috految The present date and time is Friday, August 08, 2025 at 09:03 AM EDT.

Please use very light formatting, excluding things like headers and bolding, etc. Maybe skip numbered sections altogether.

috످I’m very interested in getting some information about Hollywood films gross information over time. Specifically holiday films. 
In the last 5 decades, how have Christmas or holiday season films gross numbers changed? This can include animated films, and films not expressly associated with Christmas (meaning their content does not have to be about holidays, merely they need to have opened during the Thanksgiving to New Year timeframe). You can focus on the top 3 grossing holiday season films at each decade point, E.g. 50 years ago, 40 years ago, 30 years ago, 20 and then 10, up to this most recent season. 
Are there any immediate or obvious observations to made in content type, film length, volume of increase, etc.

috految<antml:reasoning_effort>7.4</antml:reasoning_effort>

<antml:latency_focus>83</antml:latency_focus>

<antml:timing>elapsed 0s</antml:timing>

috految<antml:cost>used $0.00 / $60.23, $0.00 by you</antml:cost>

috److془Use 1974, 1984, ... 2024.

1974: Towering Inferno 116 (165), Young Frankenstein 86 (106), Godfather II 48 (202). Total 250; x6.36=1590. avg 158.
1984: BHC 235 (105), 2010 40 (116), City Heat 38 (93-97). 313; x3.02=945. avg 105.
1994: Dumb 127 (107), Disclosure 83 (128), Legends 67 (133). 277; 587. avg 123.
2004: Fockers 279 (115), Ocean's 126 (125), Lemony 119 (108). 524; 870. 116.
2014: Sniper 350 (133), Hobbit 255 (144), Into the Woods 128 (125). 733; 971. 134.
2024: Moana 460 (100), Mufasa 255 (118), Sonic 236 (110). 951. 109.془Over the last 50 years, the combined gross of the top three holiday films has risen about 280%, but after adjusting for inflation, it has fallen about 40%.

Counting back from the 2024 season, I included films that opened from Thanksgiving week through New Year's Day. Figures are approximate domestic grosses for each film's full run, with inflation adjustments in 2024 dollars.

In 1974, big stars and spectacle drove the top three to $250 million ($1.59 billion adjusted).

The Towering Inferno: $116M (disaster, PG, 165 min)
Young Frankenstein: $86M (comedy, PG, 106 min)
The Godfather Part II: $48M (crime, R, 202 min)

In 1984, Eddie Murphy dominated, lifting the total to $313 million ($945 million adjusted).

Beverly Hills Cop: $235M (action comedy, R, 105 min)
2010: The Year We Make Contact: $40M (sci-fi, PG, 116 min)
City Heat: $38M (crime comedy, PG, 93 min)

In 1994, the total dipped to $277 million ($587 million adjusted).

Dumb and Dumber: $127M (comedy, PG-13, 107 min)
Disclosure: $83M (thriller, R, 128 min)
Legends of the Fall: $67M (drama, R, 133 min, wide release in January)

In 2004, sequels fueled a rebound to $524 million ($870 million adjusted).

Meet the Fockers: $279M (comedy, PG-13, 115 min)
Ocean's Twelve: $126M (heist, PG-13, 125 min)
A Series of Unfortunate Events: $119M (family, PG, 108 min)

In 2014, adaptations pushed the total to $733 million ($971 million adjusted).

American Sniper: $350M (war, R, 133 min, wide release in January)
The Hobbit: The Battle of the Five Armies: $255M (fantasy, PG-13, 144 min)
Into the Woods: $128M (musical, PG, 125 min)

In 2024, family franchises brought in $951 million.

Moana 2: $460M (animated musical, PG, 100 min)
Mufasa: The Lion King: $255M (animated musical, PG, 118 min)
Sonic the Hedgehog 3: $236M (live action/animated, PG, 110 min)

The most obvious content shift is from adult-oriented star vehicles to family franchises. Only two of the nine films from 1974 to 1994 were sequels, while all three in 2024 were sequels or prequels, and all were fully or partly animated. Comedies, which led in 1984, 1994, and 2004, have since largely moved to streaming.

Runtimes have fluctuated with genre, averaging 158 minutes in 1974, 105 in 1984, 123 in 1994, 116 in 2004, 134 in 2014, and 109 in 2024.

Revenue growth mostly reflects ticket prices, which rose from about $1.89 in 1974 to $11.31 in 2024. The top three sold roughly 132 million tickets in 1974, versus 84 million in 2024. However, 1974 was an unusually strong year, and adjusted totals for 1984, 2014, and 2024 are nearly identical.

Surprisingly, none of these 18 films is a Christmas movie. Studios often release those earlier in November because demand collapses after December 25. The Santa Clause (1994, $145M) and The Polar Express (2004, $163M) both opened too early to qualify, as did non-Christmas hits like Wicked (2024, $473M).

Finally, sampling once per decade misses some of the biggest holiday releases ever, including Titanic (1997, $601M in its original run), Avatar (2009, $750M), and Star Wars: The Force Awakens (2015, $937M). For a fuller picture, Box Office Mojo and The Numbers offer year-by-year data.

috످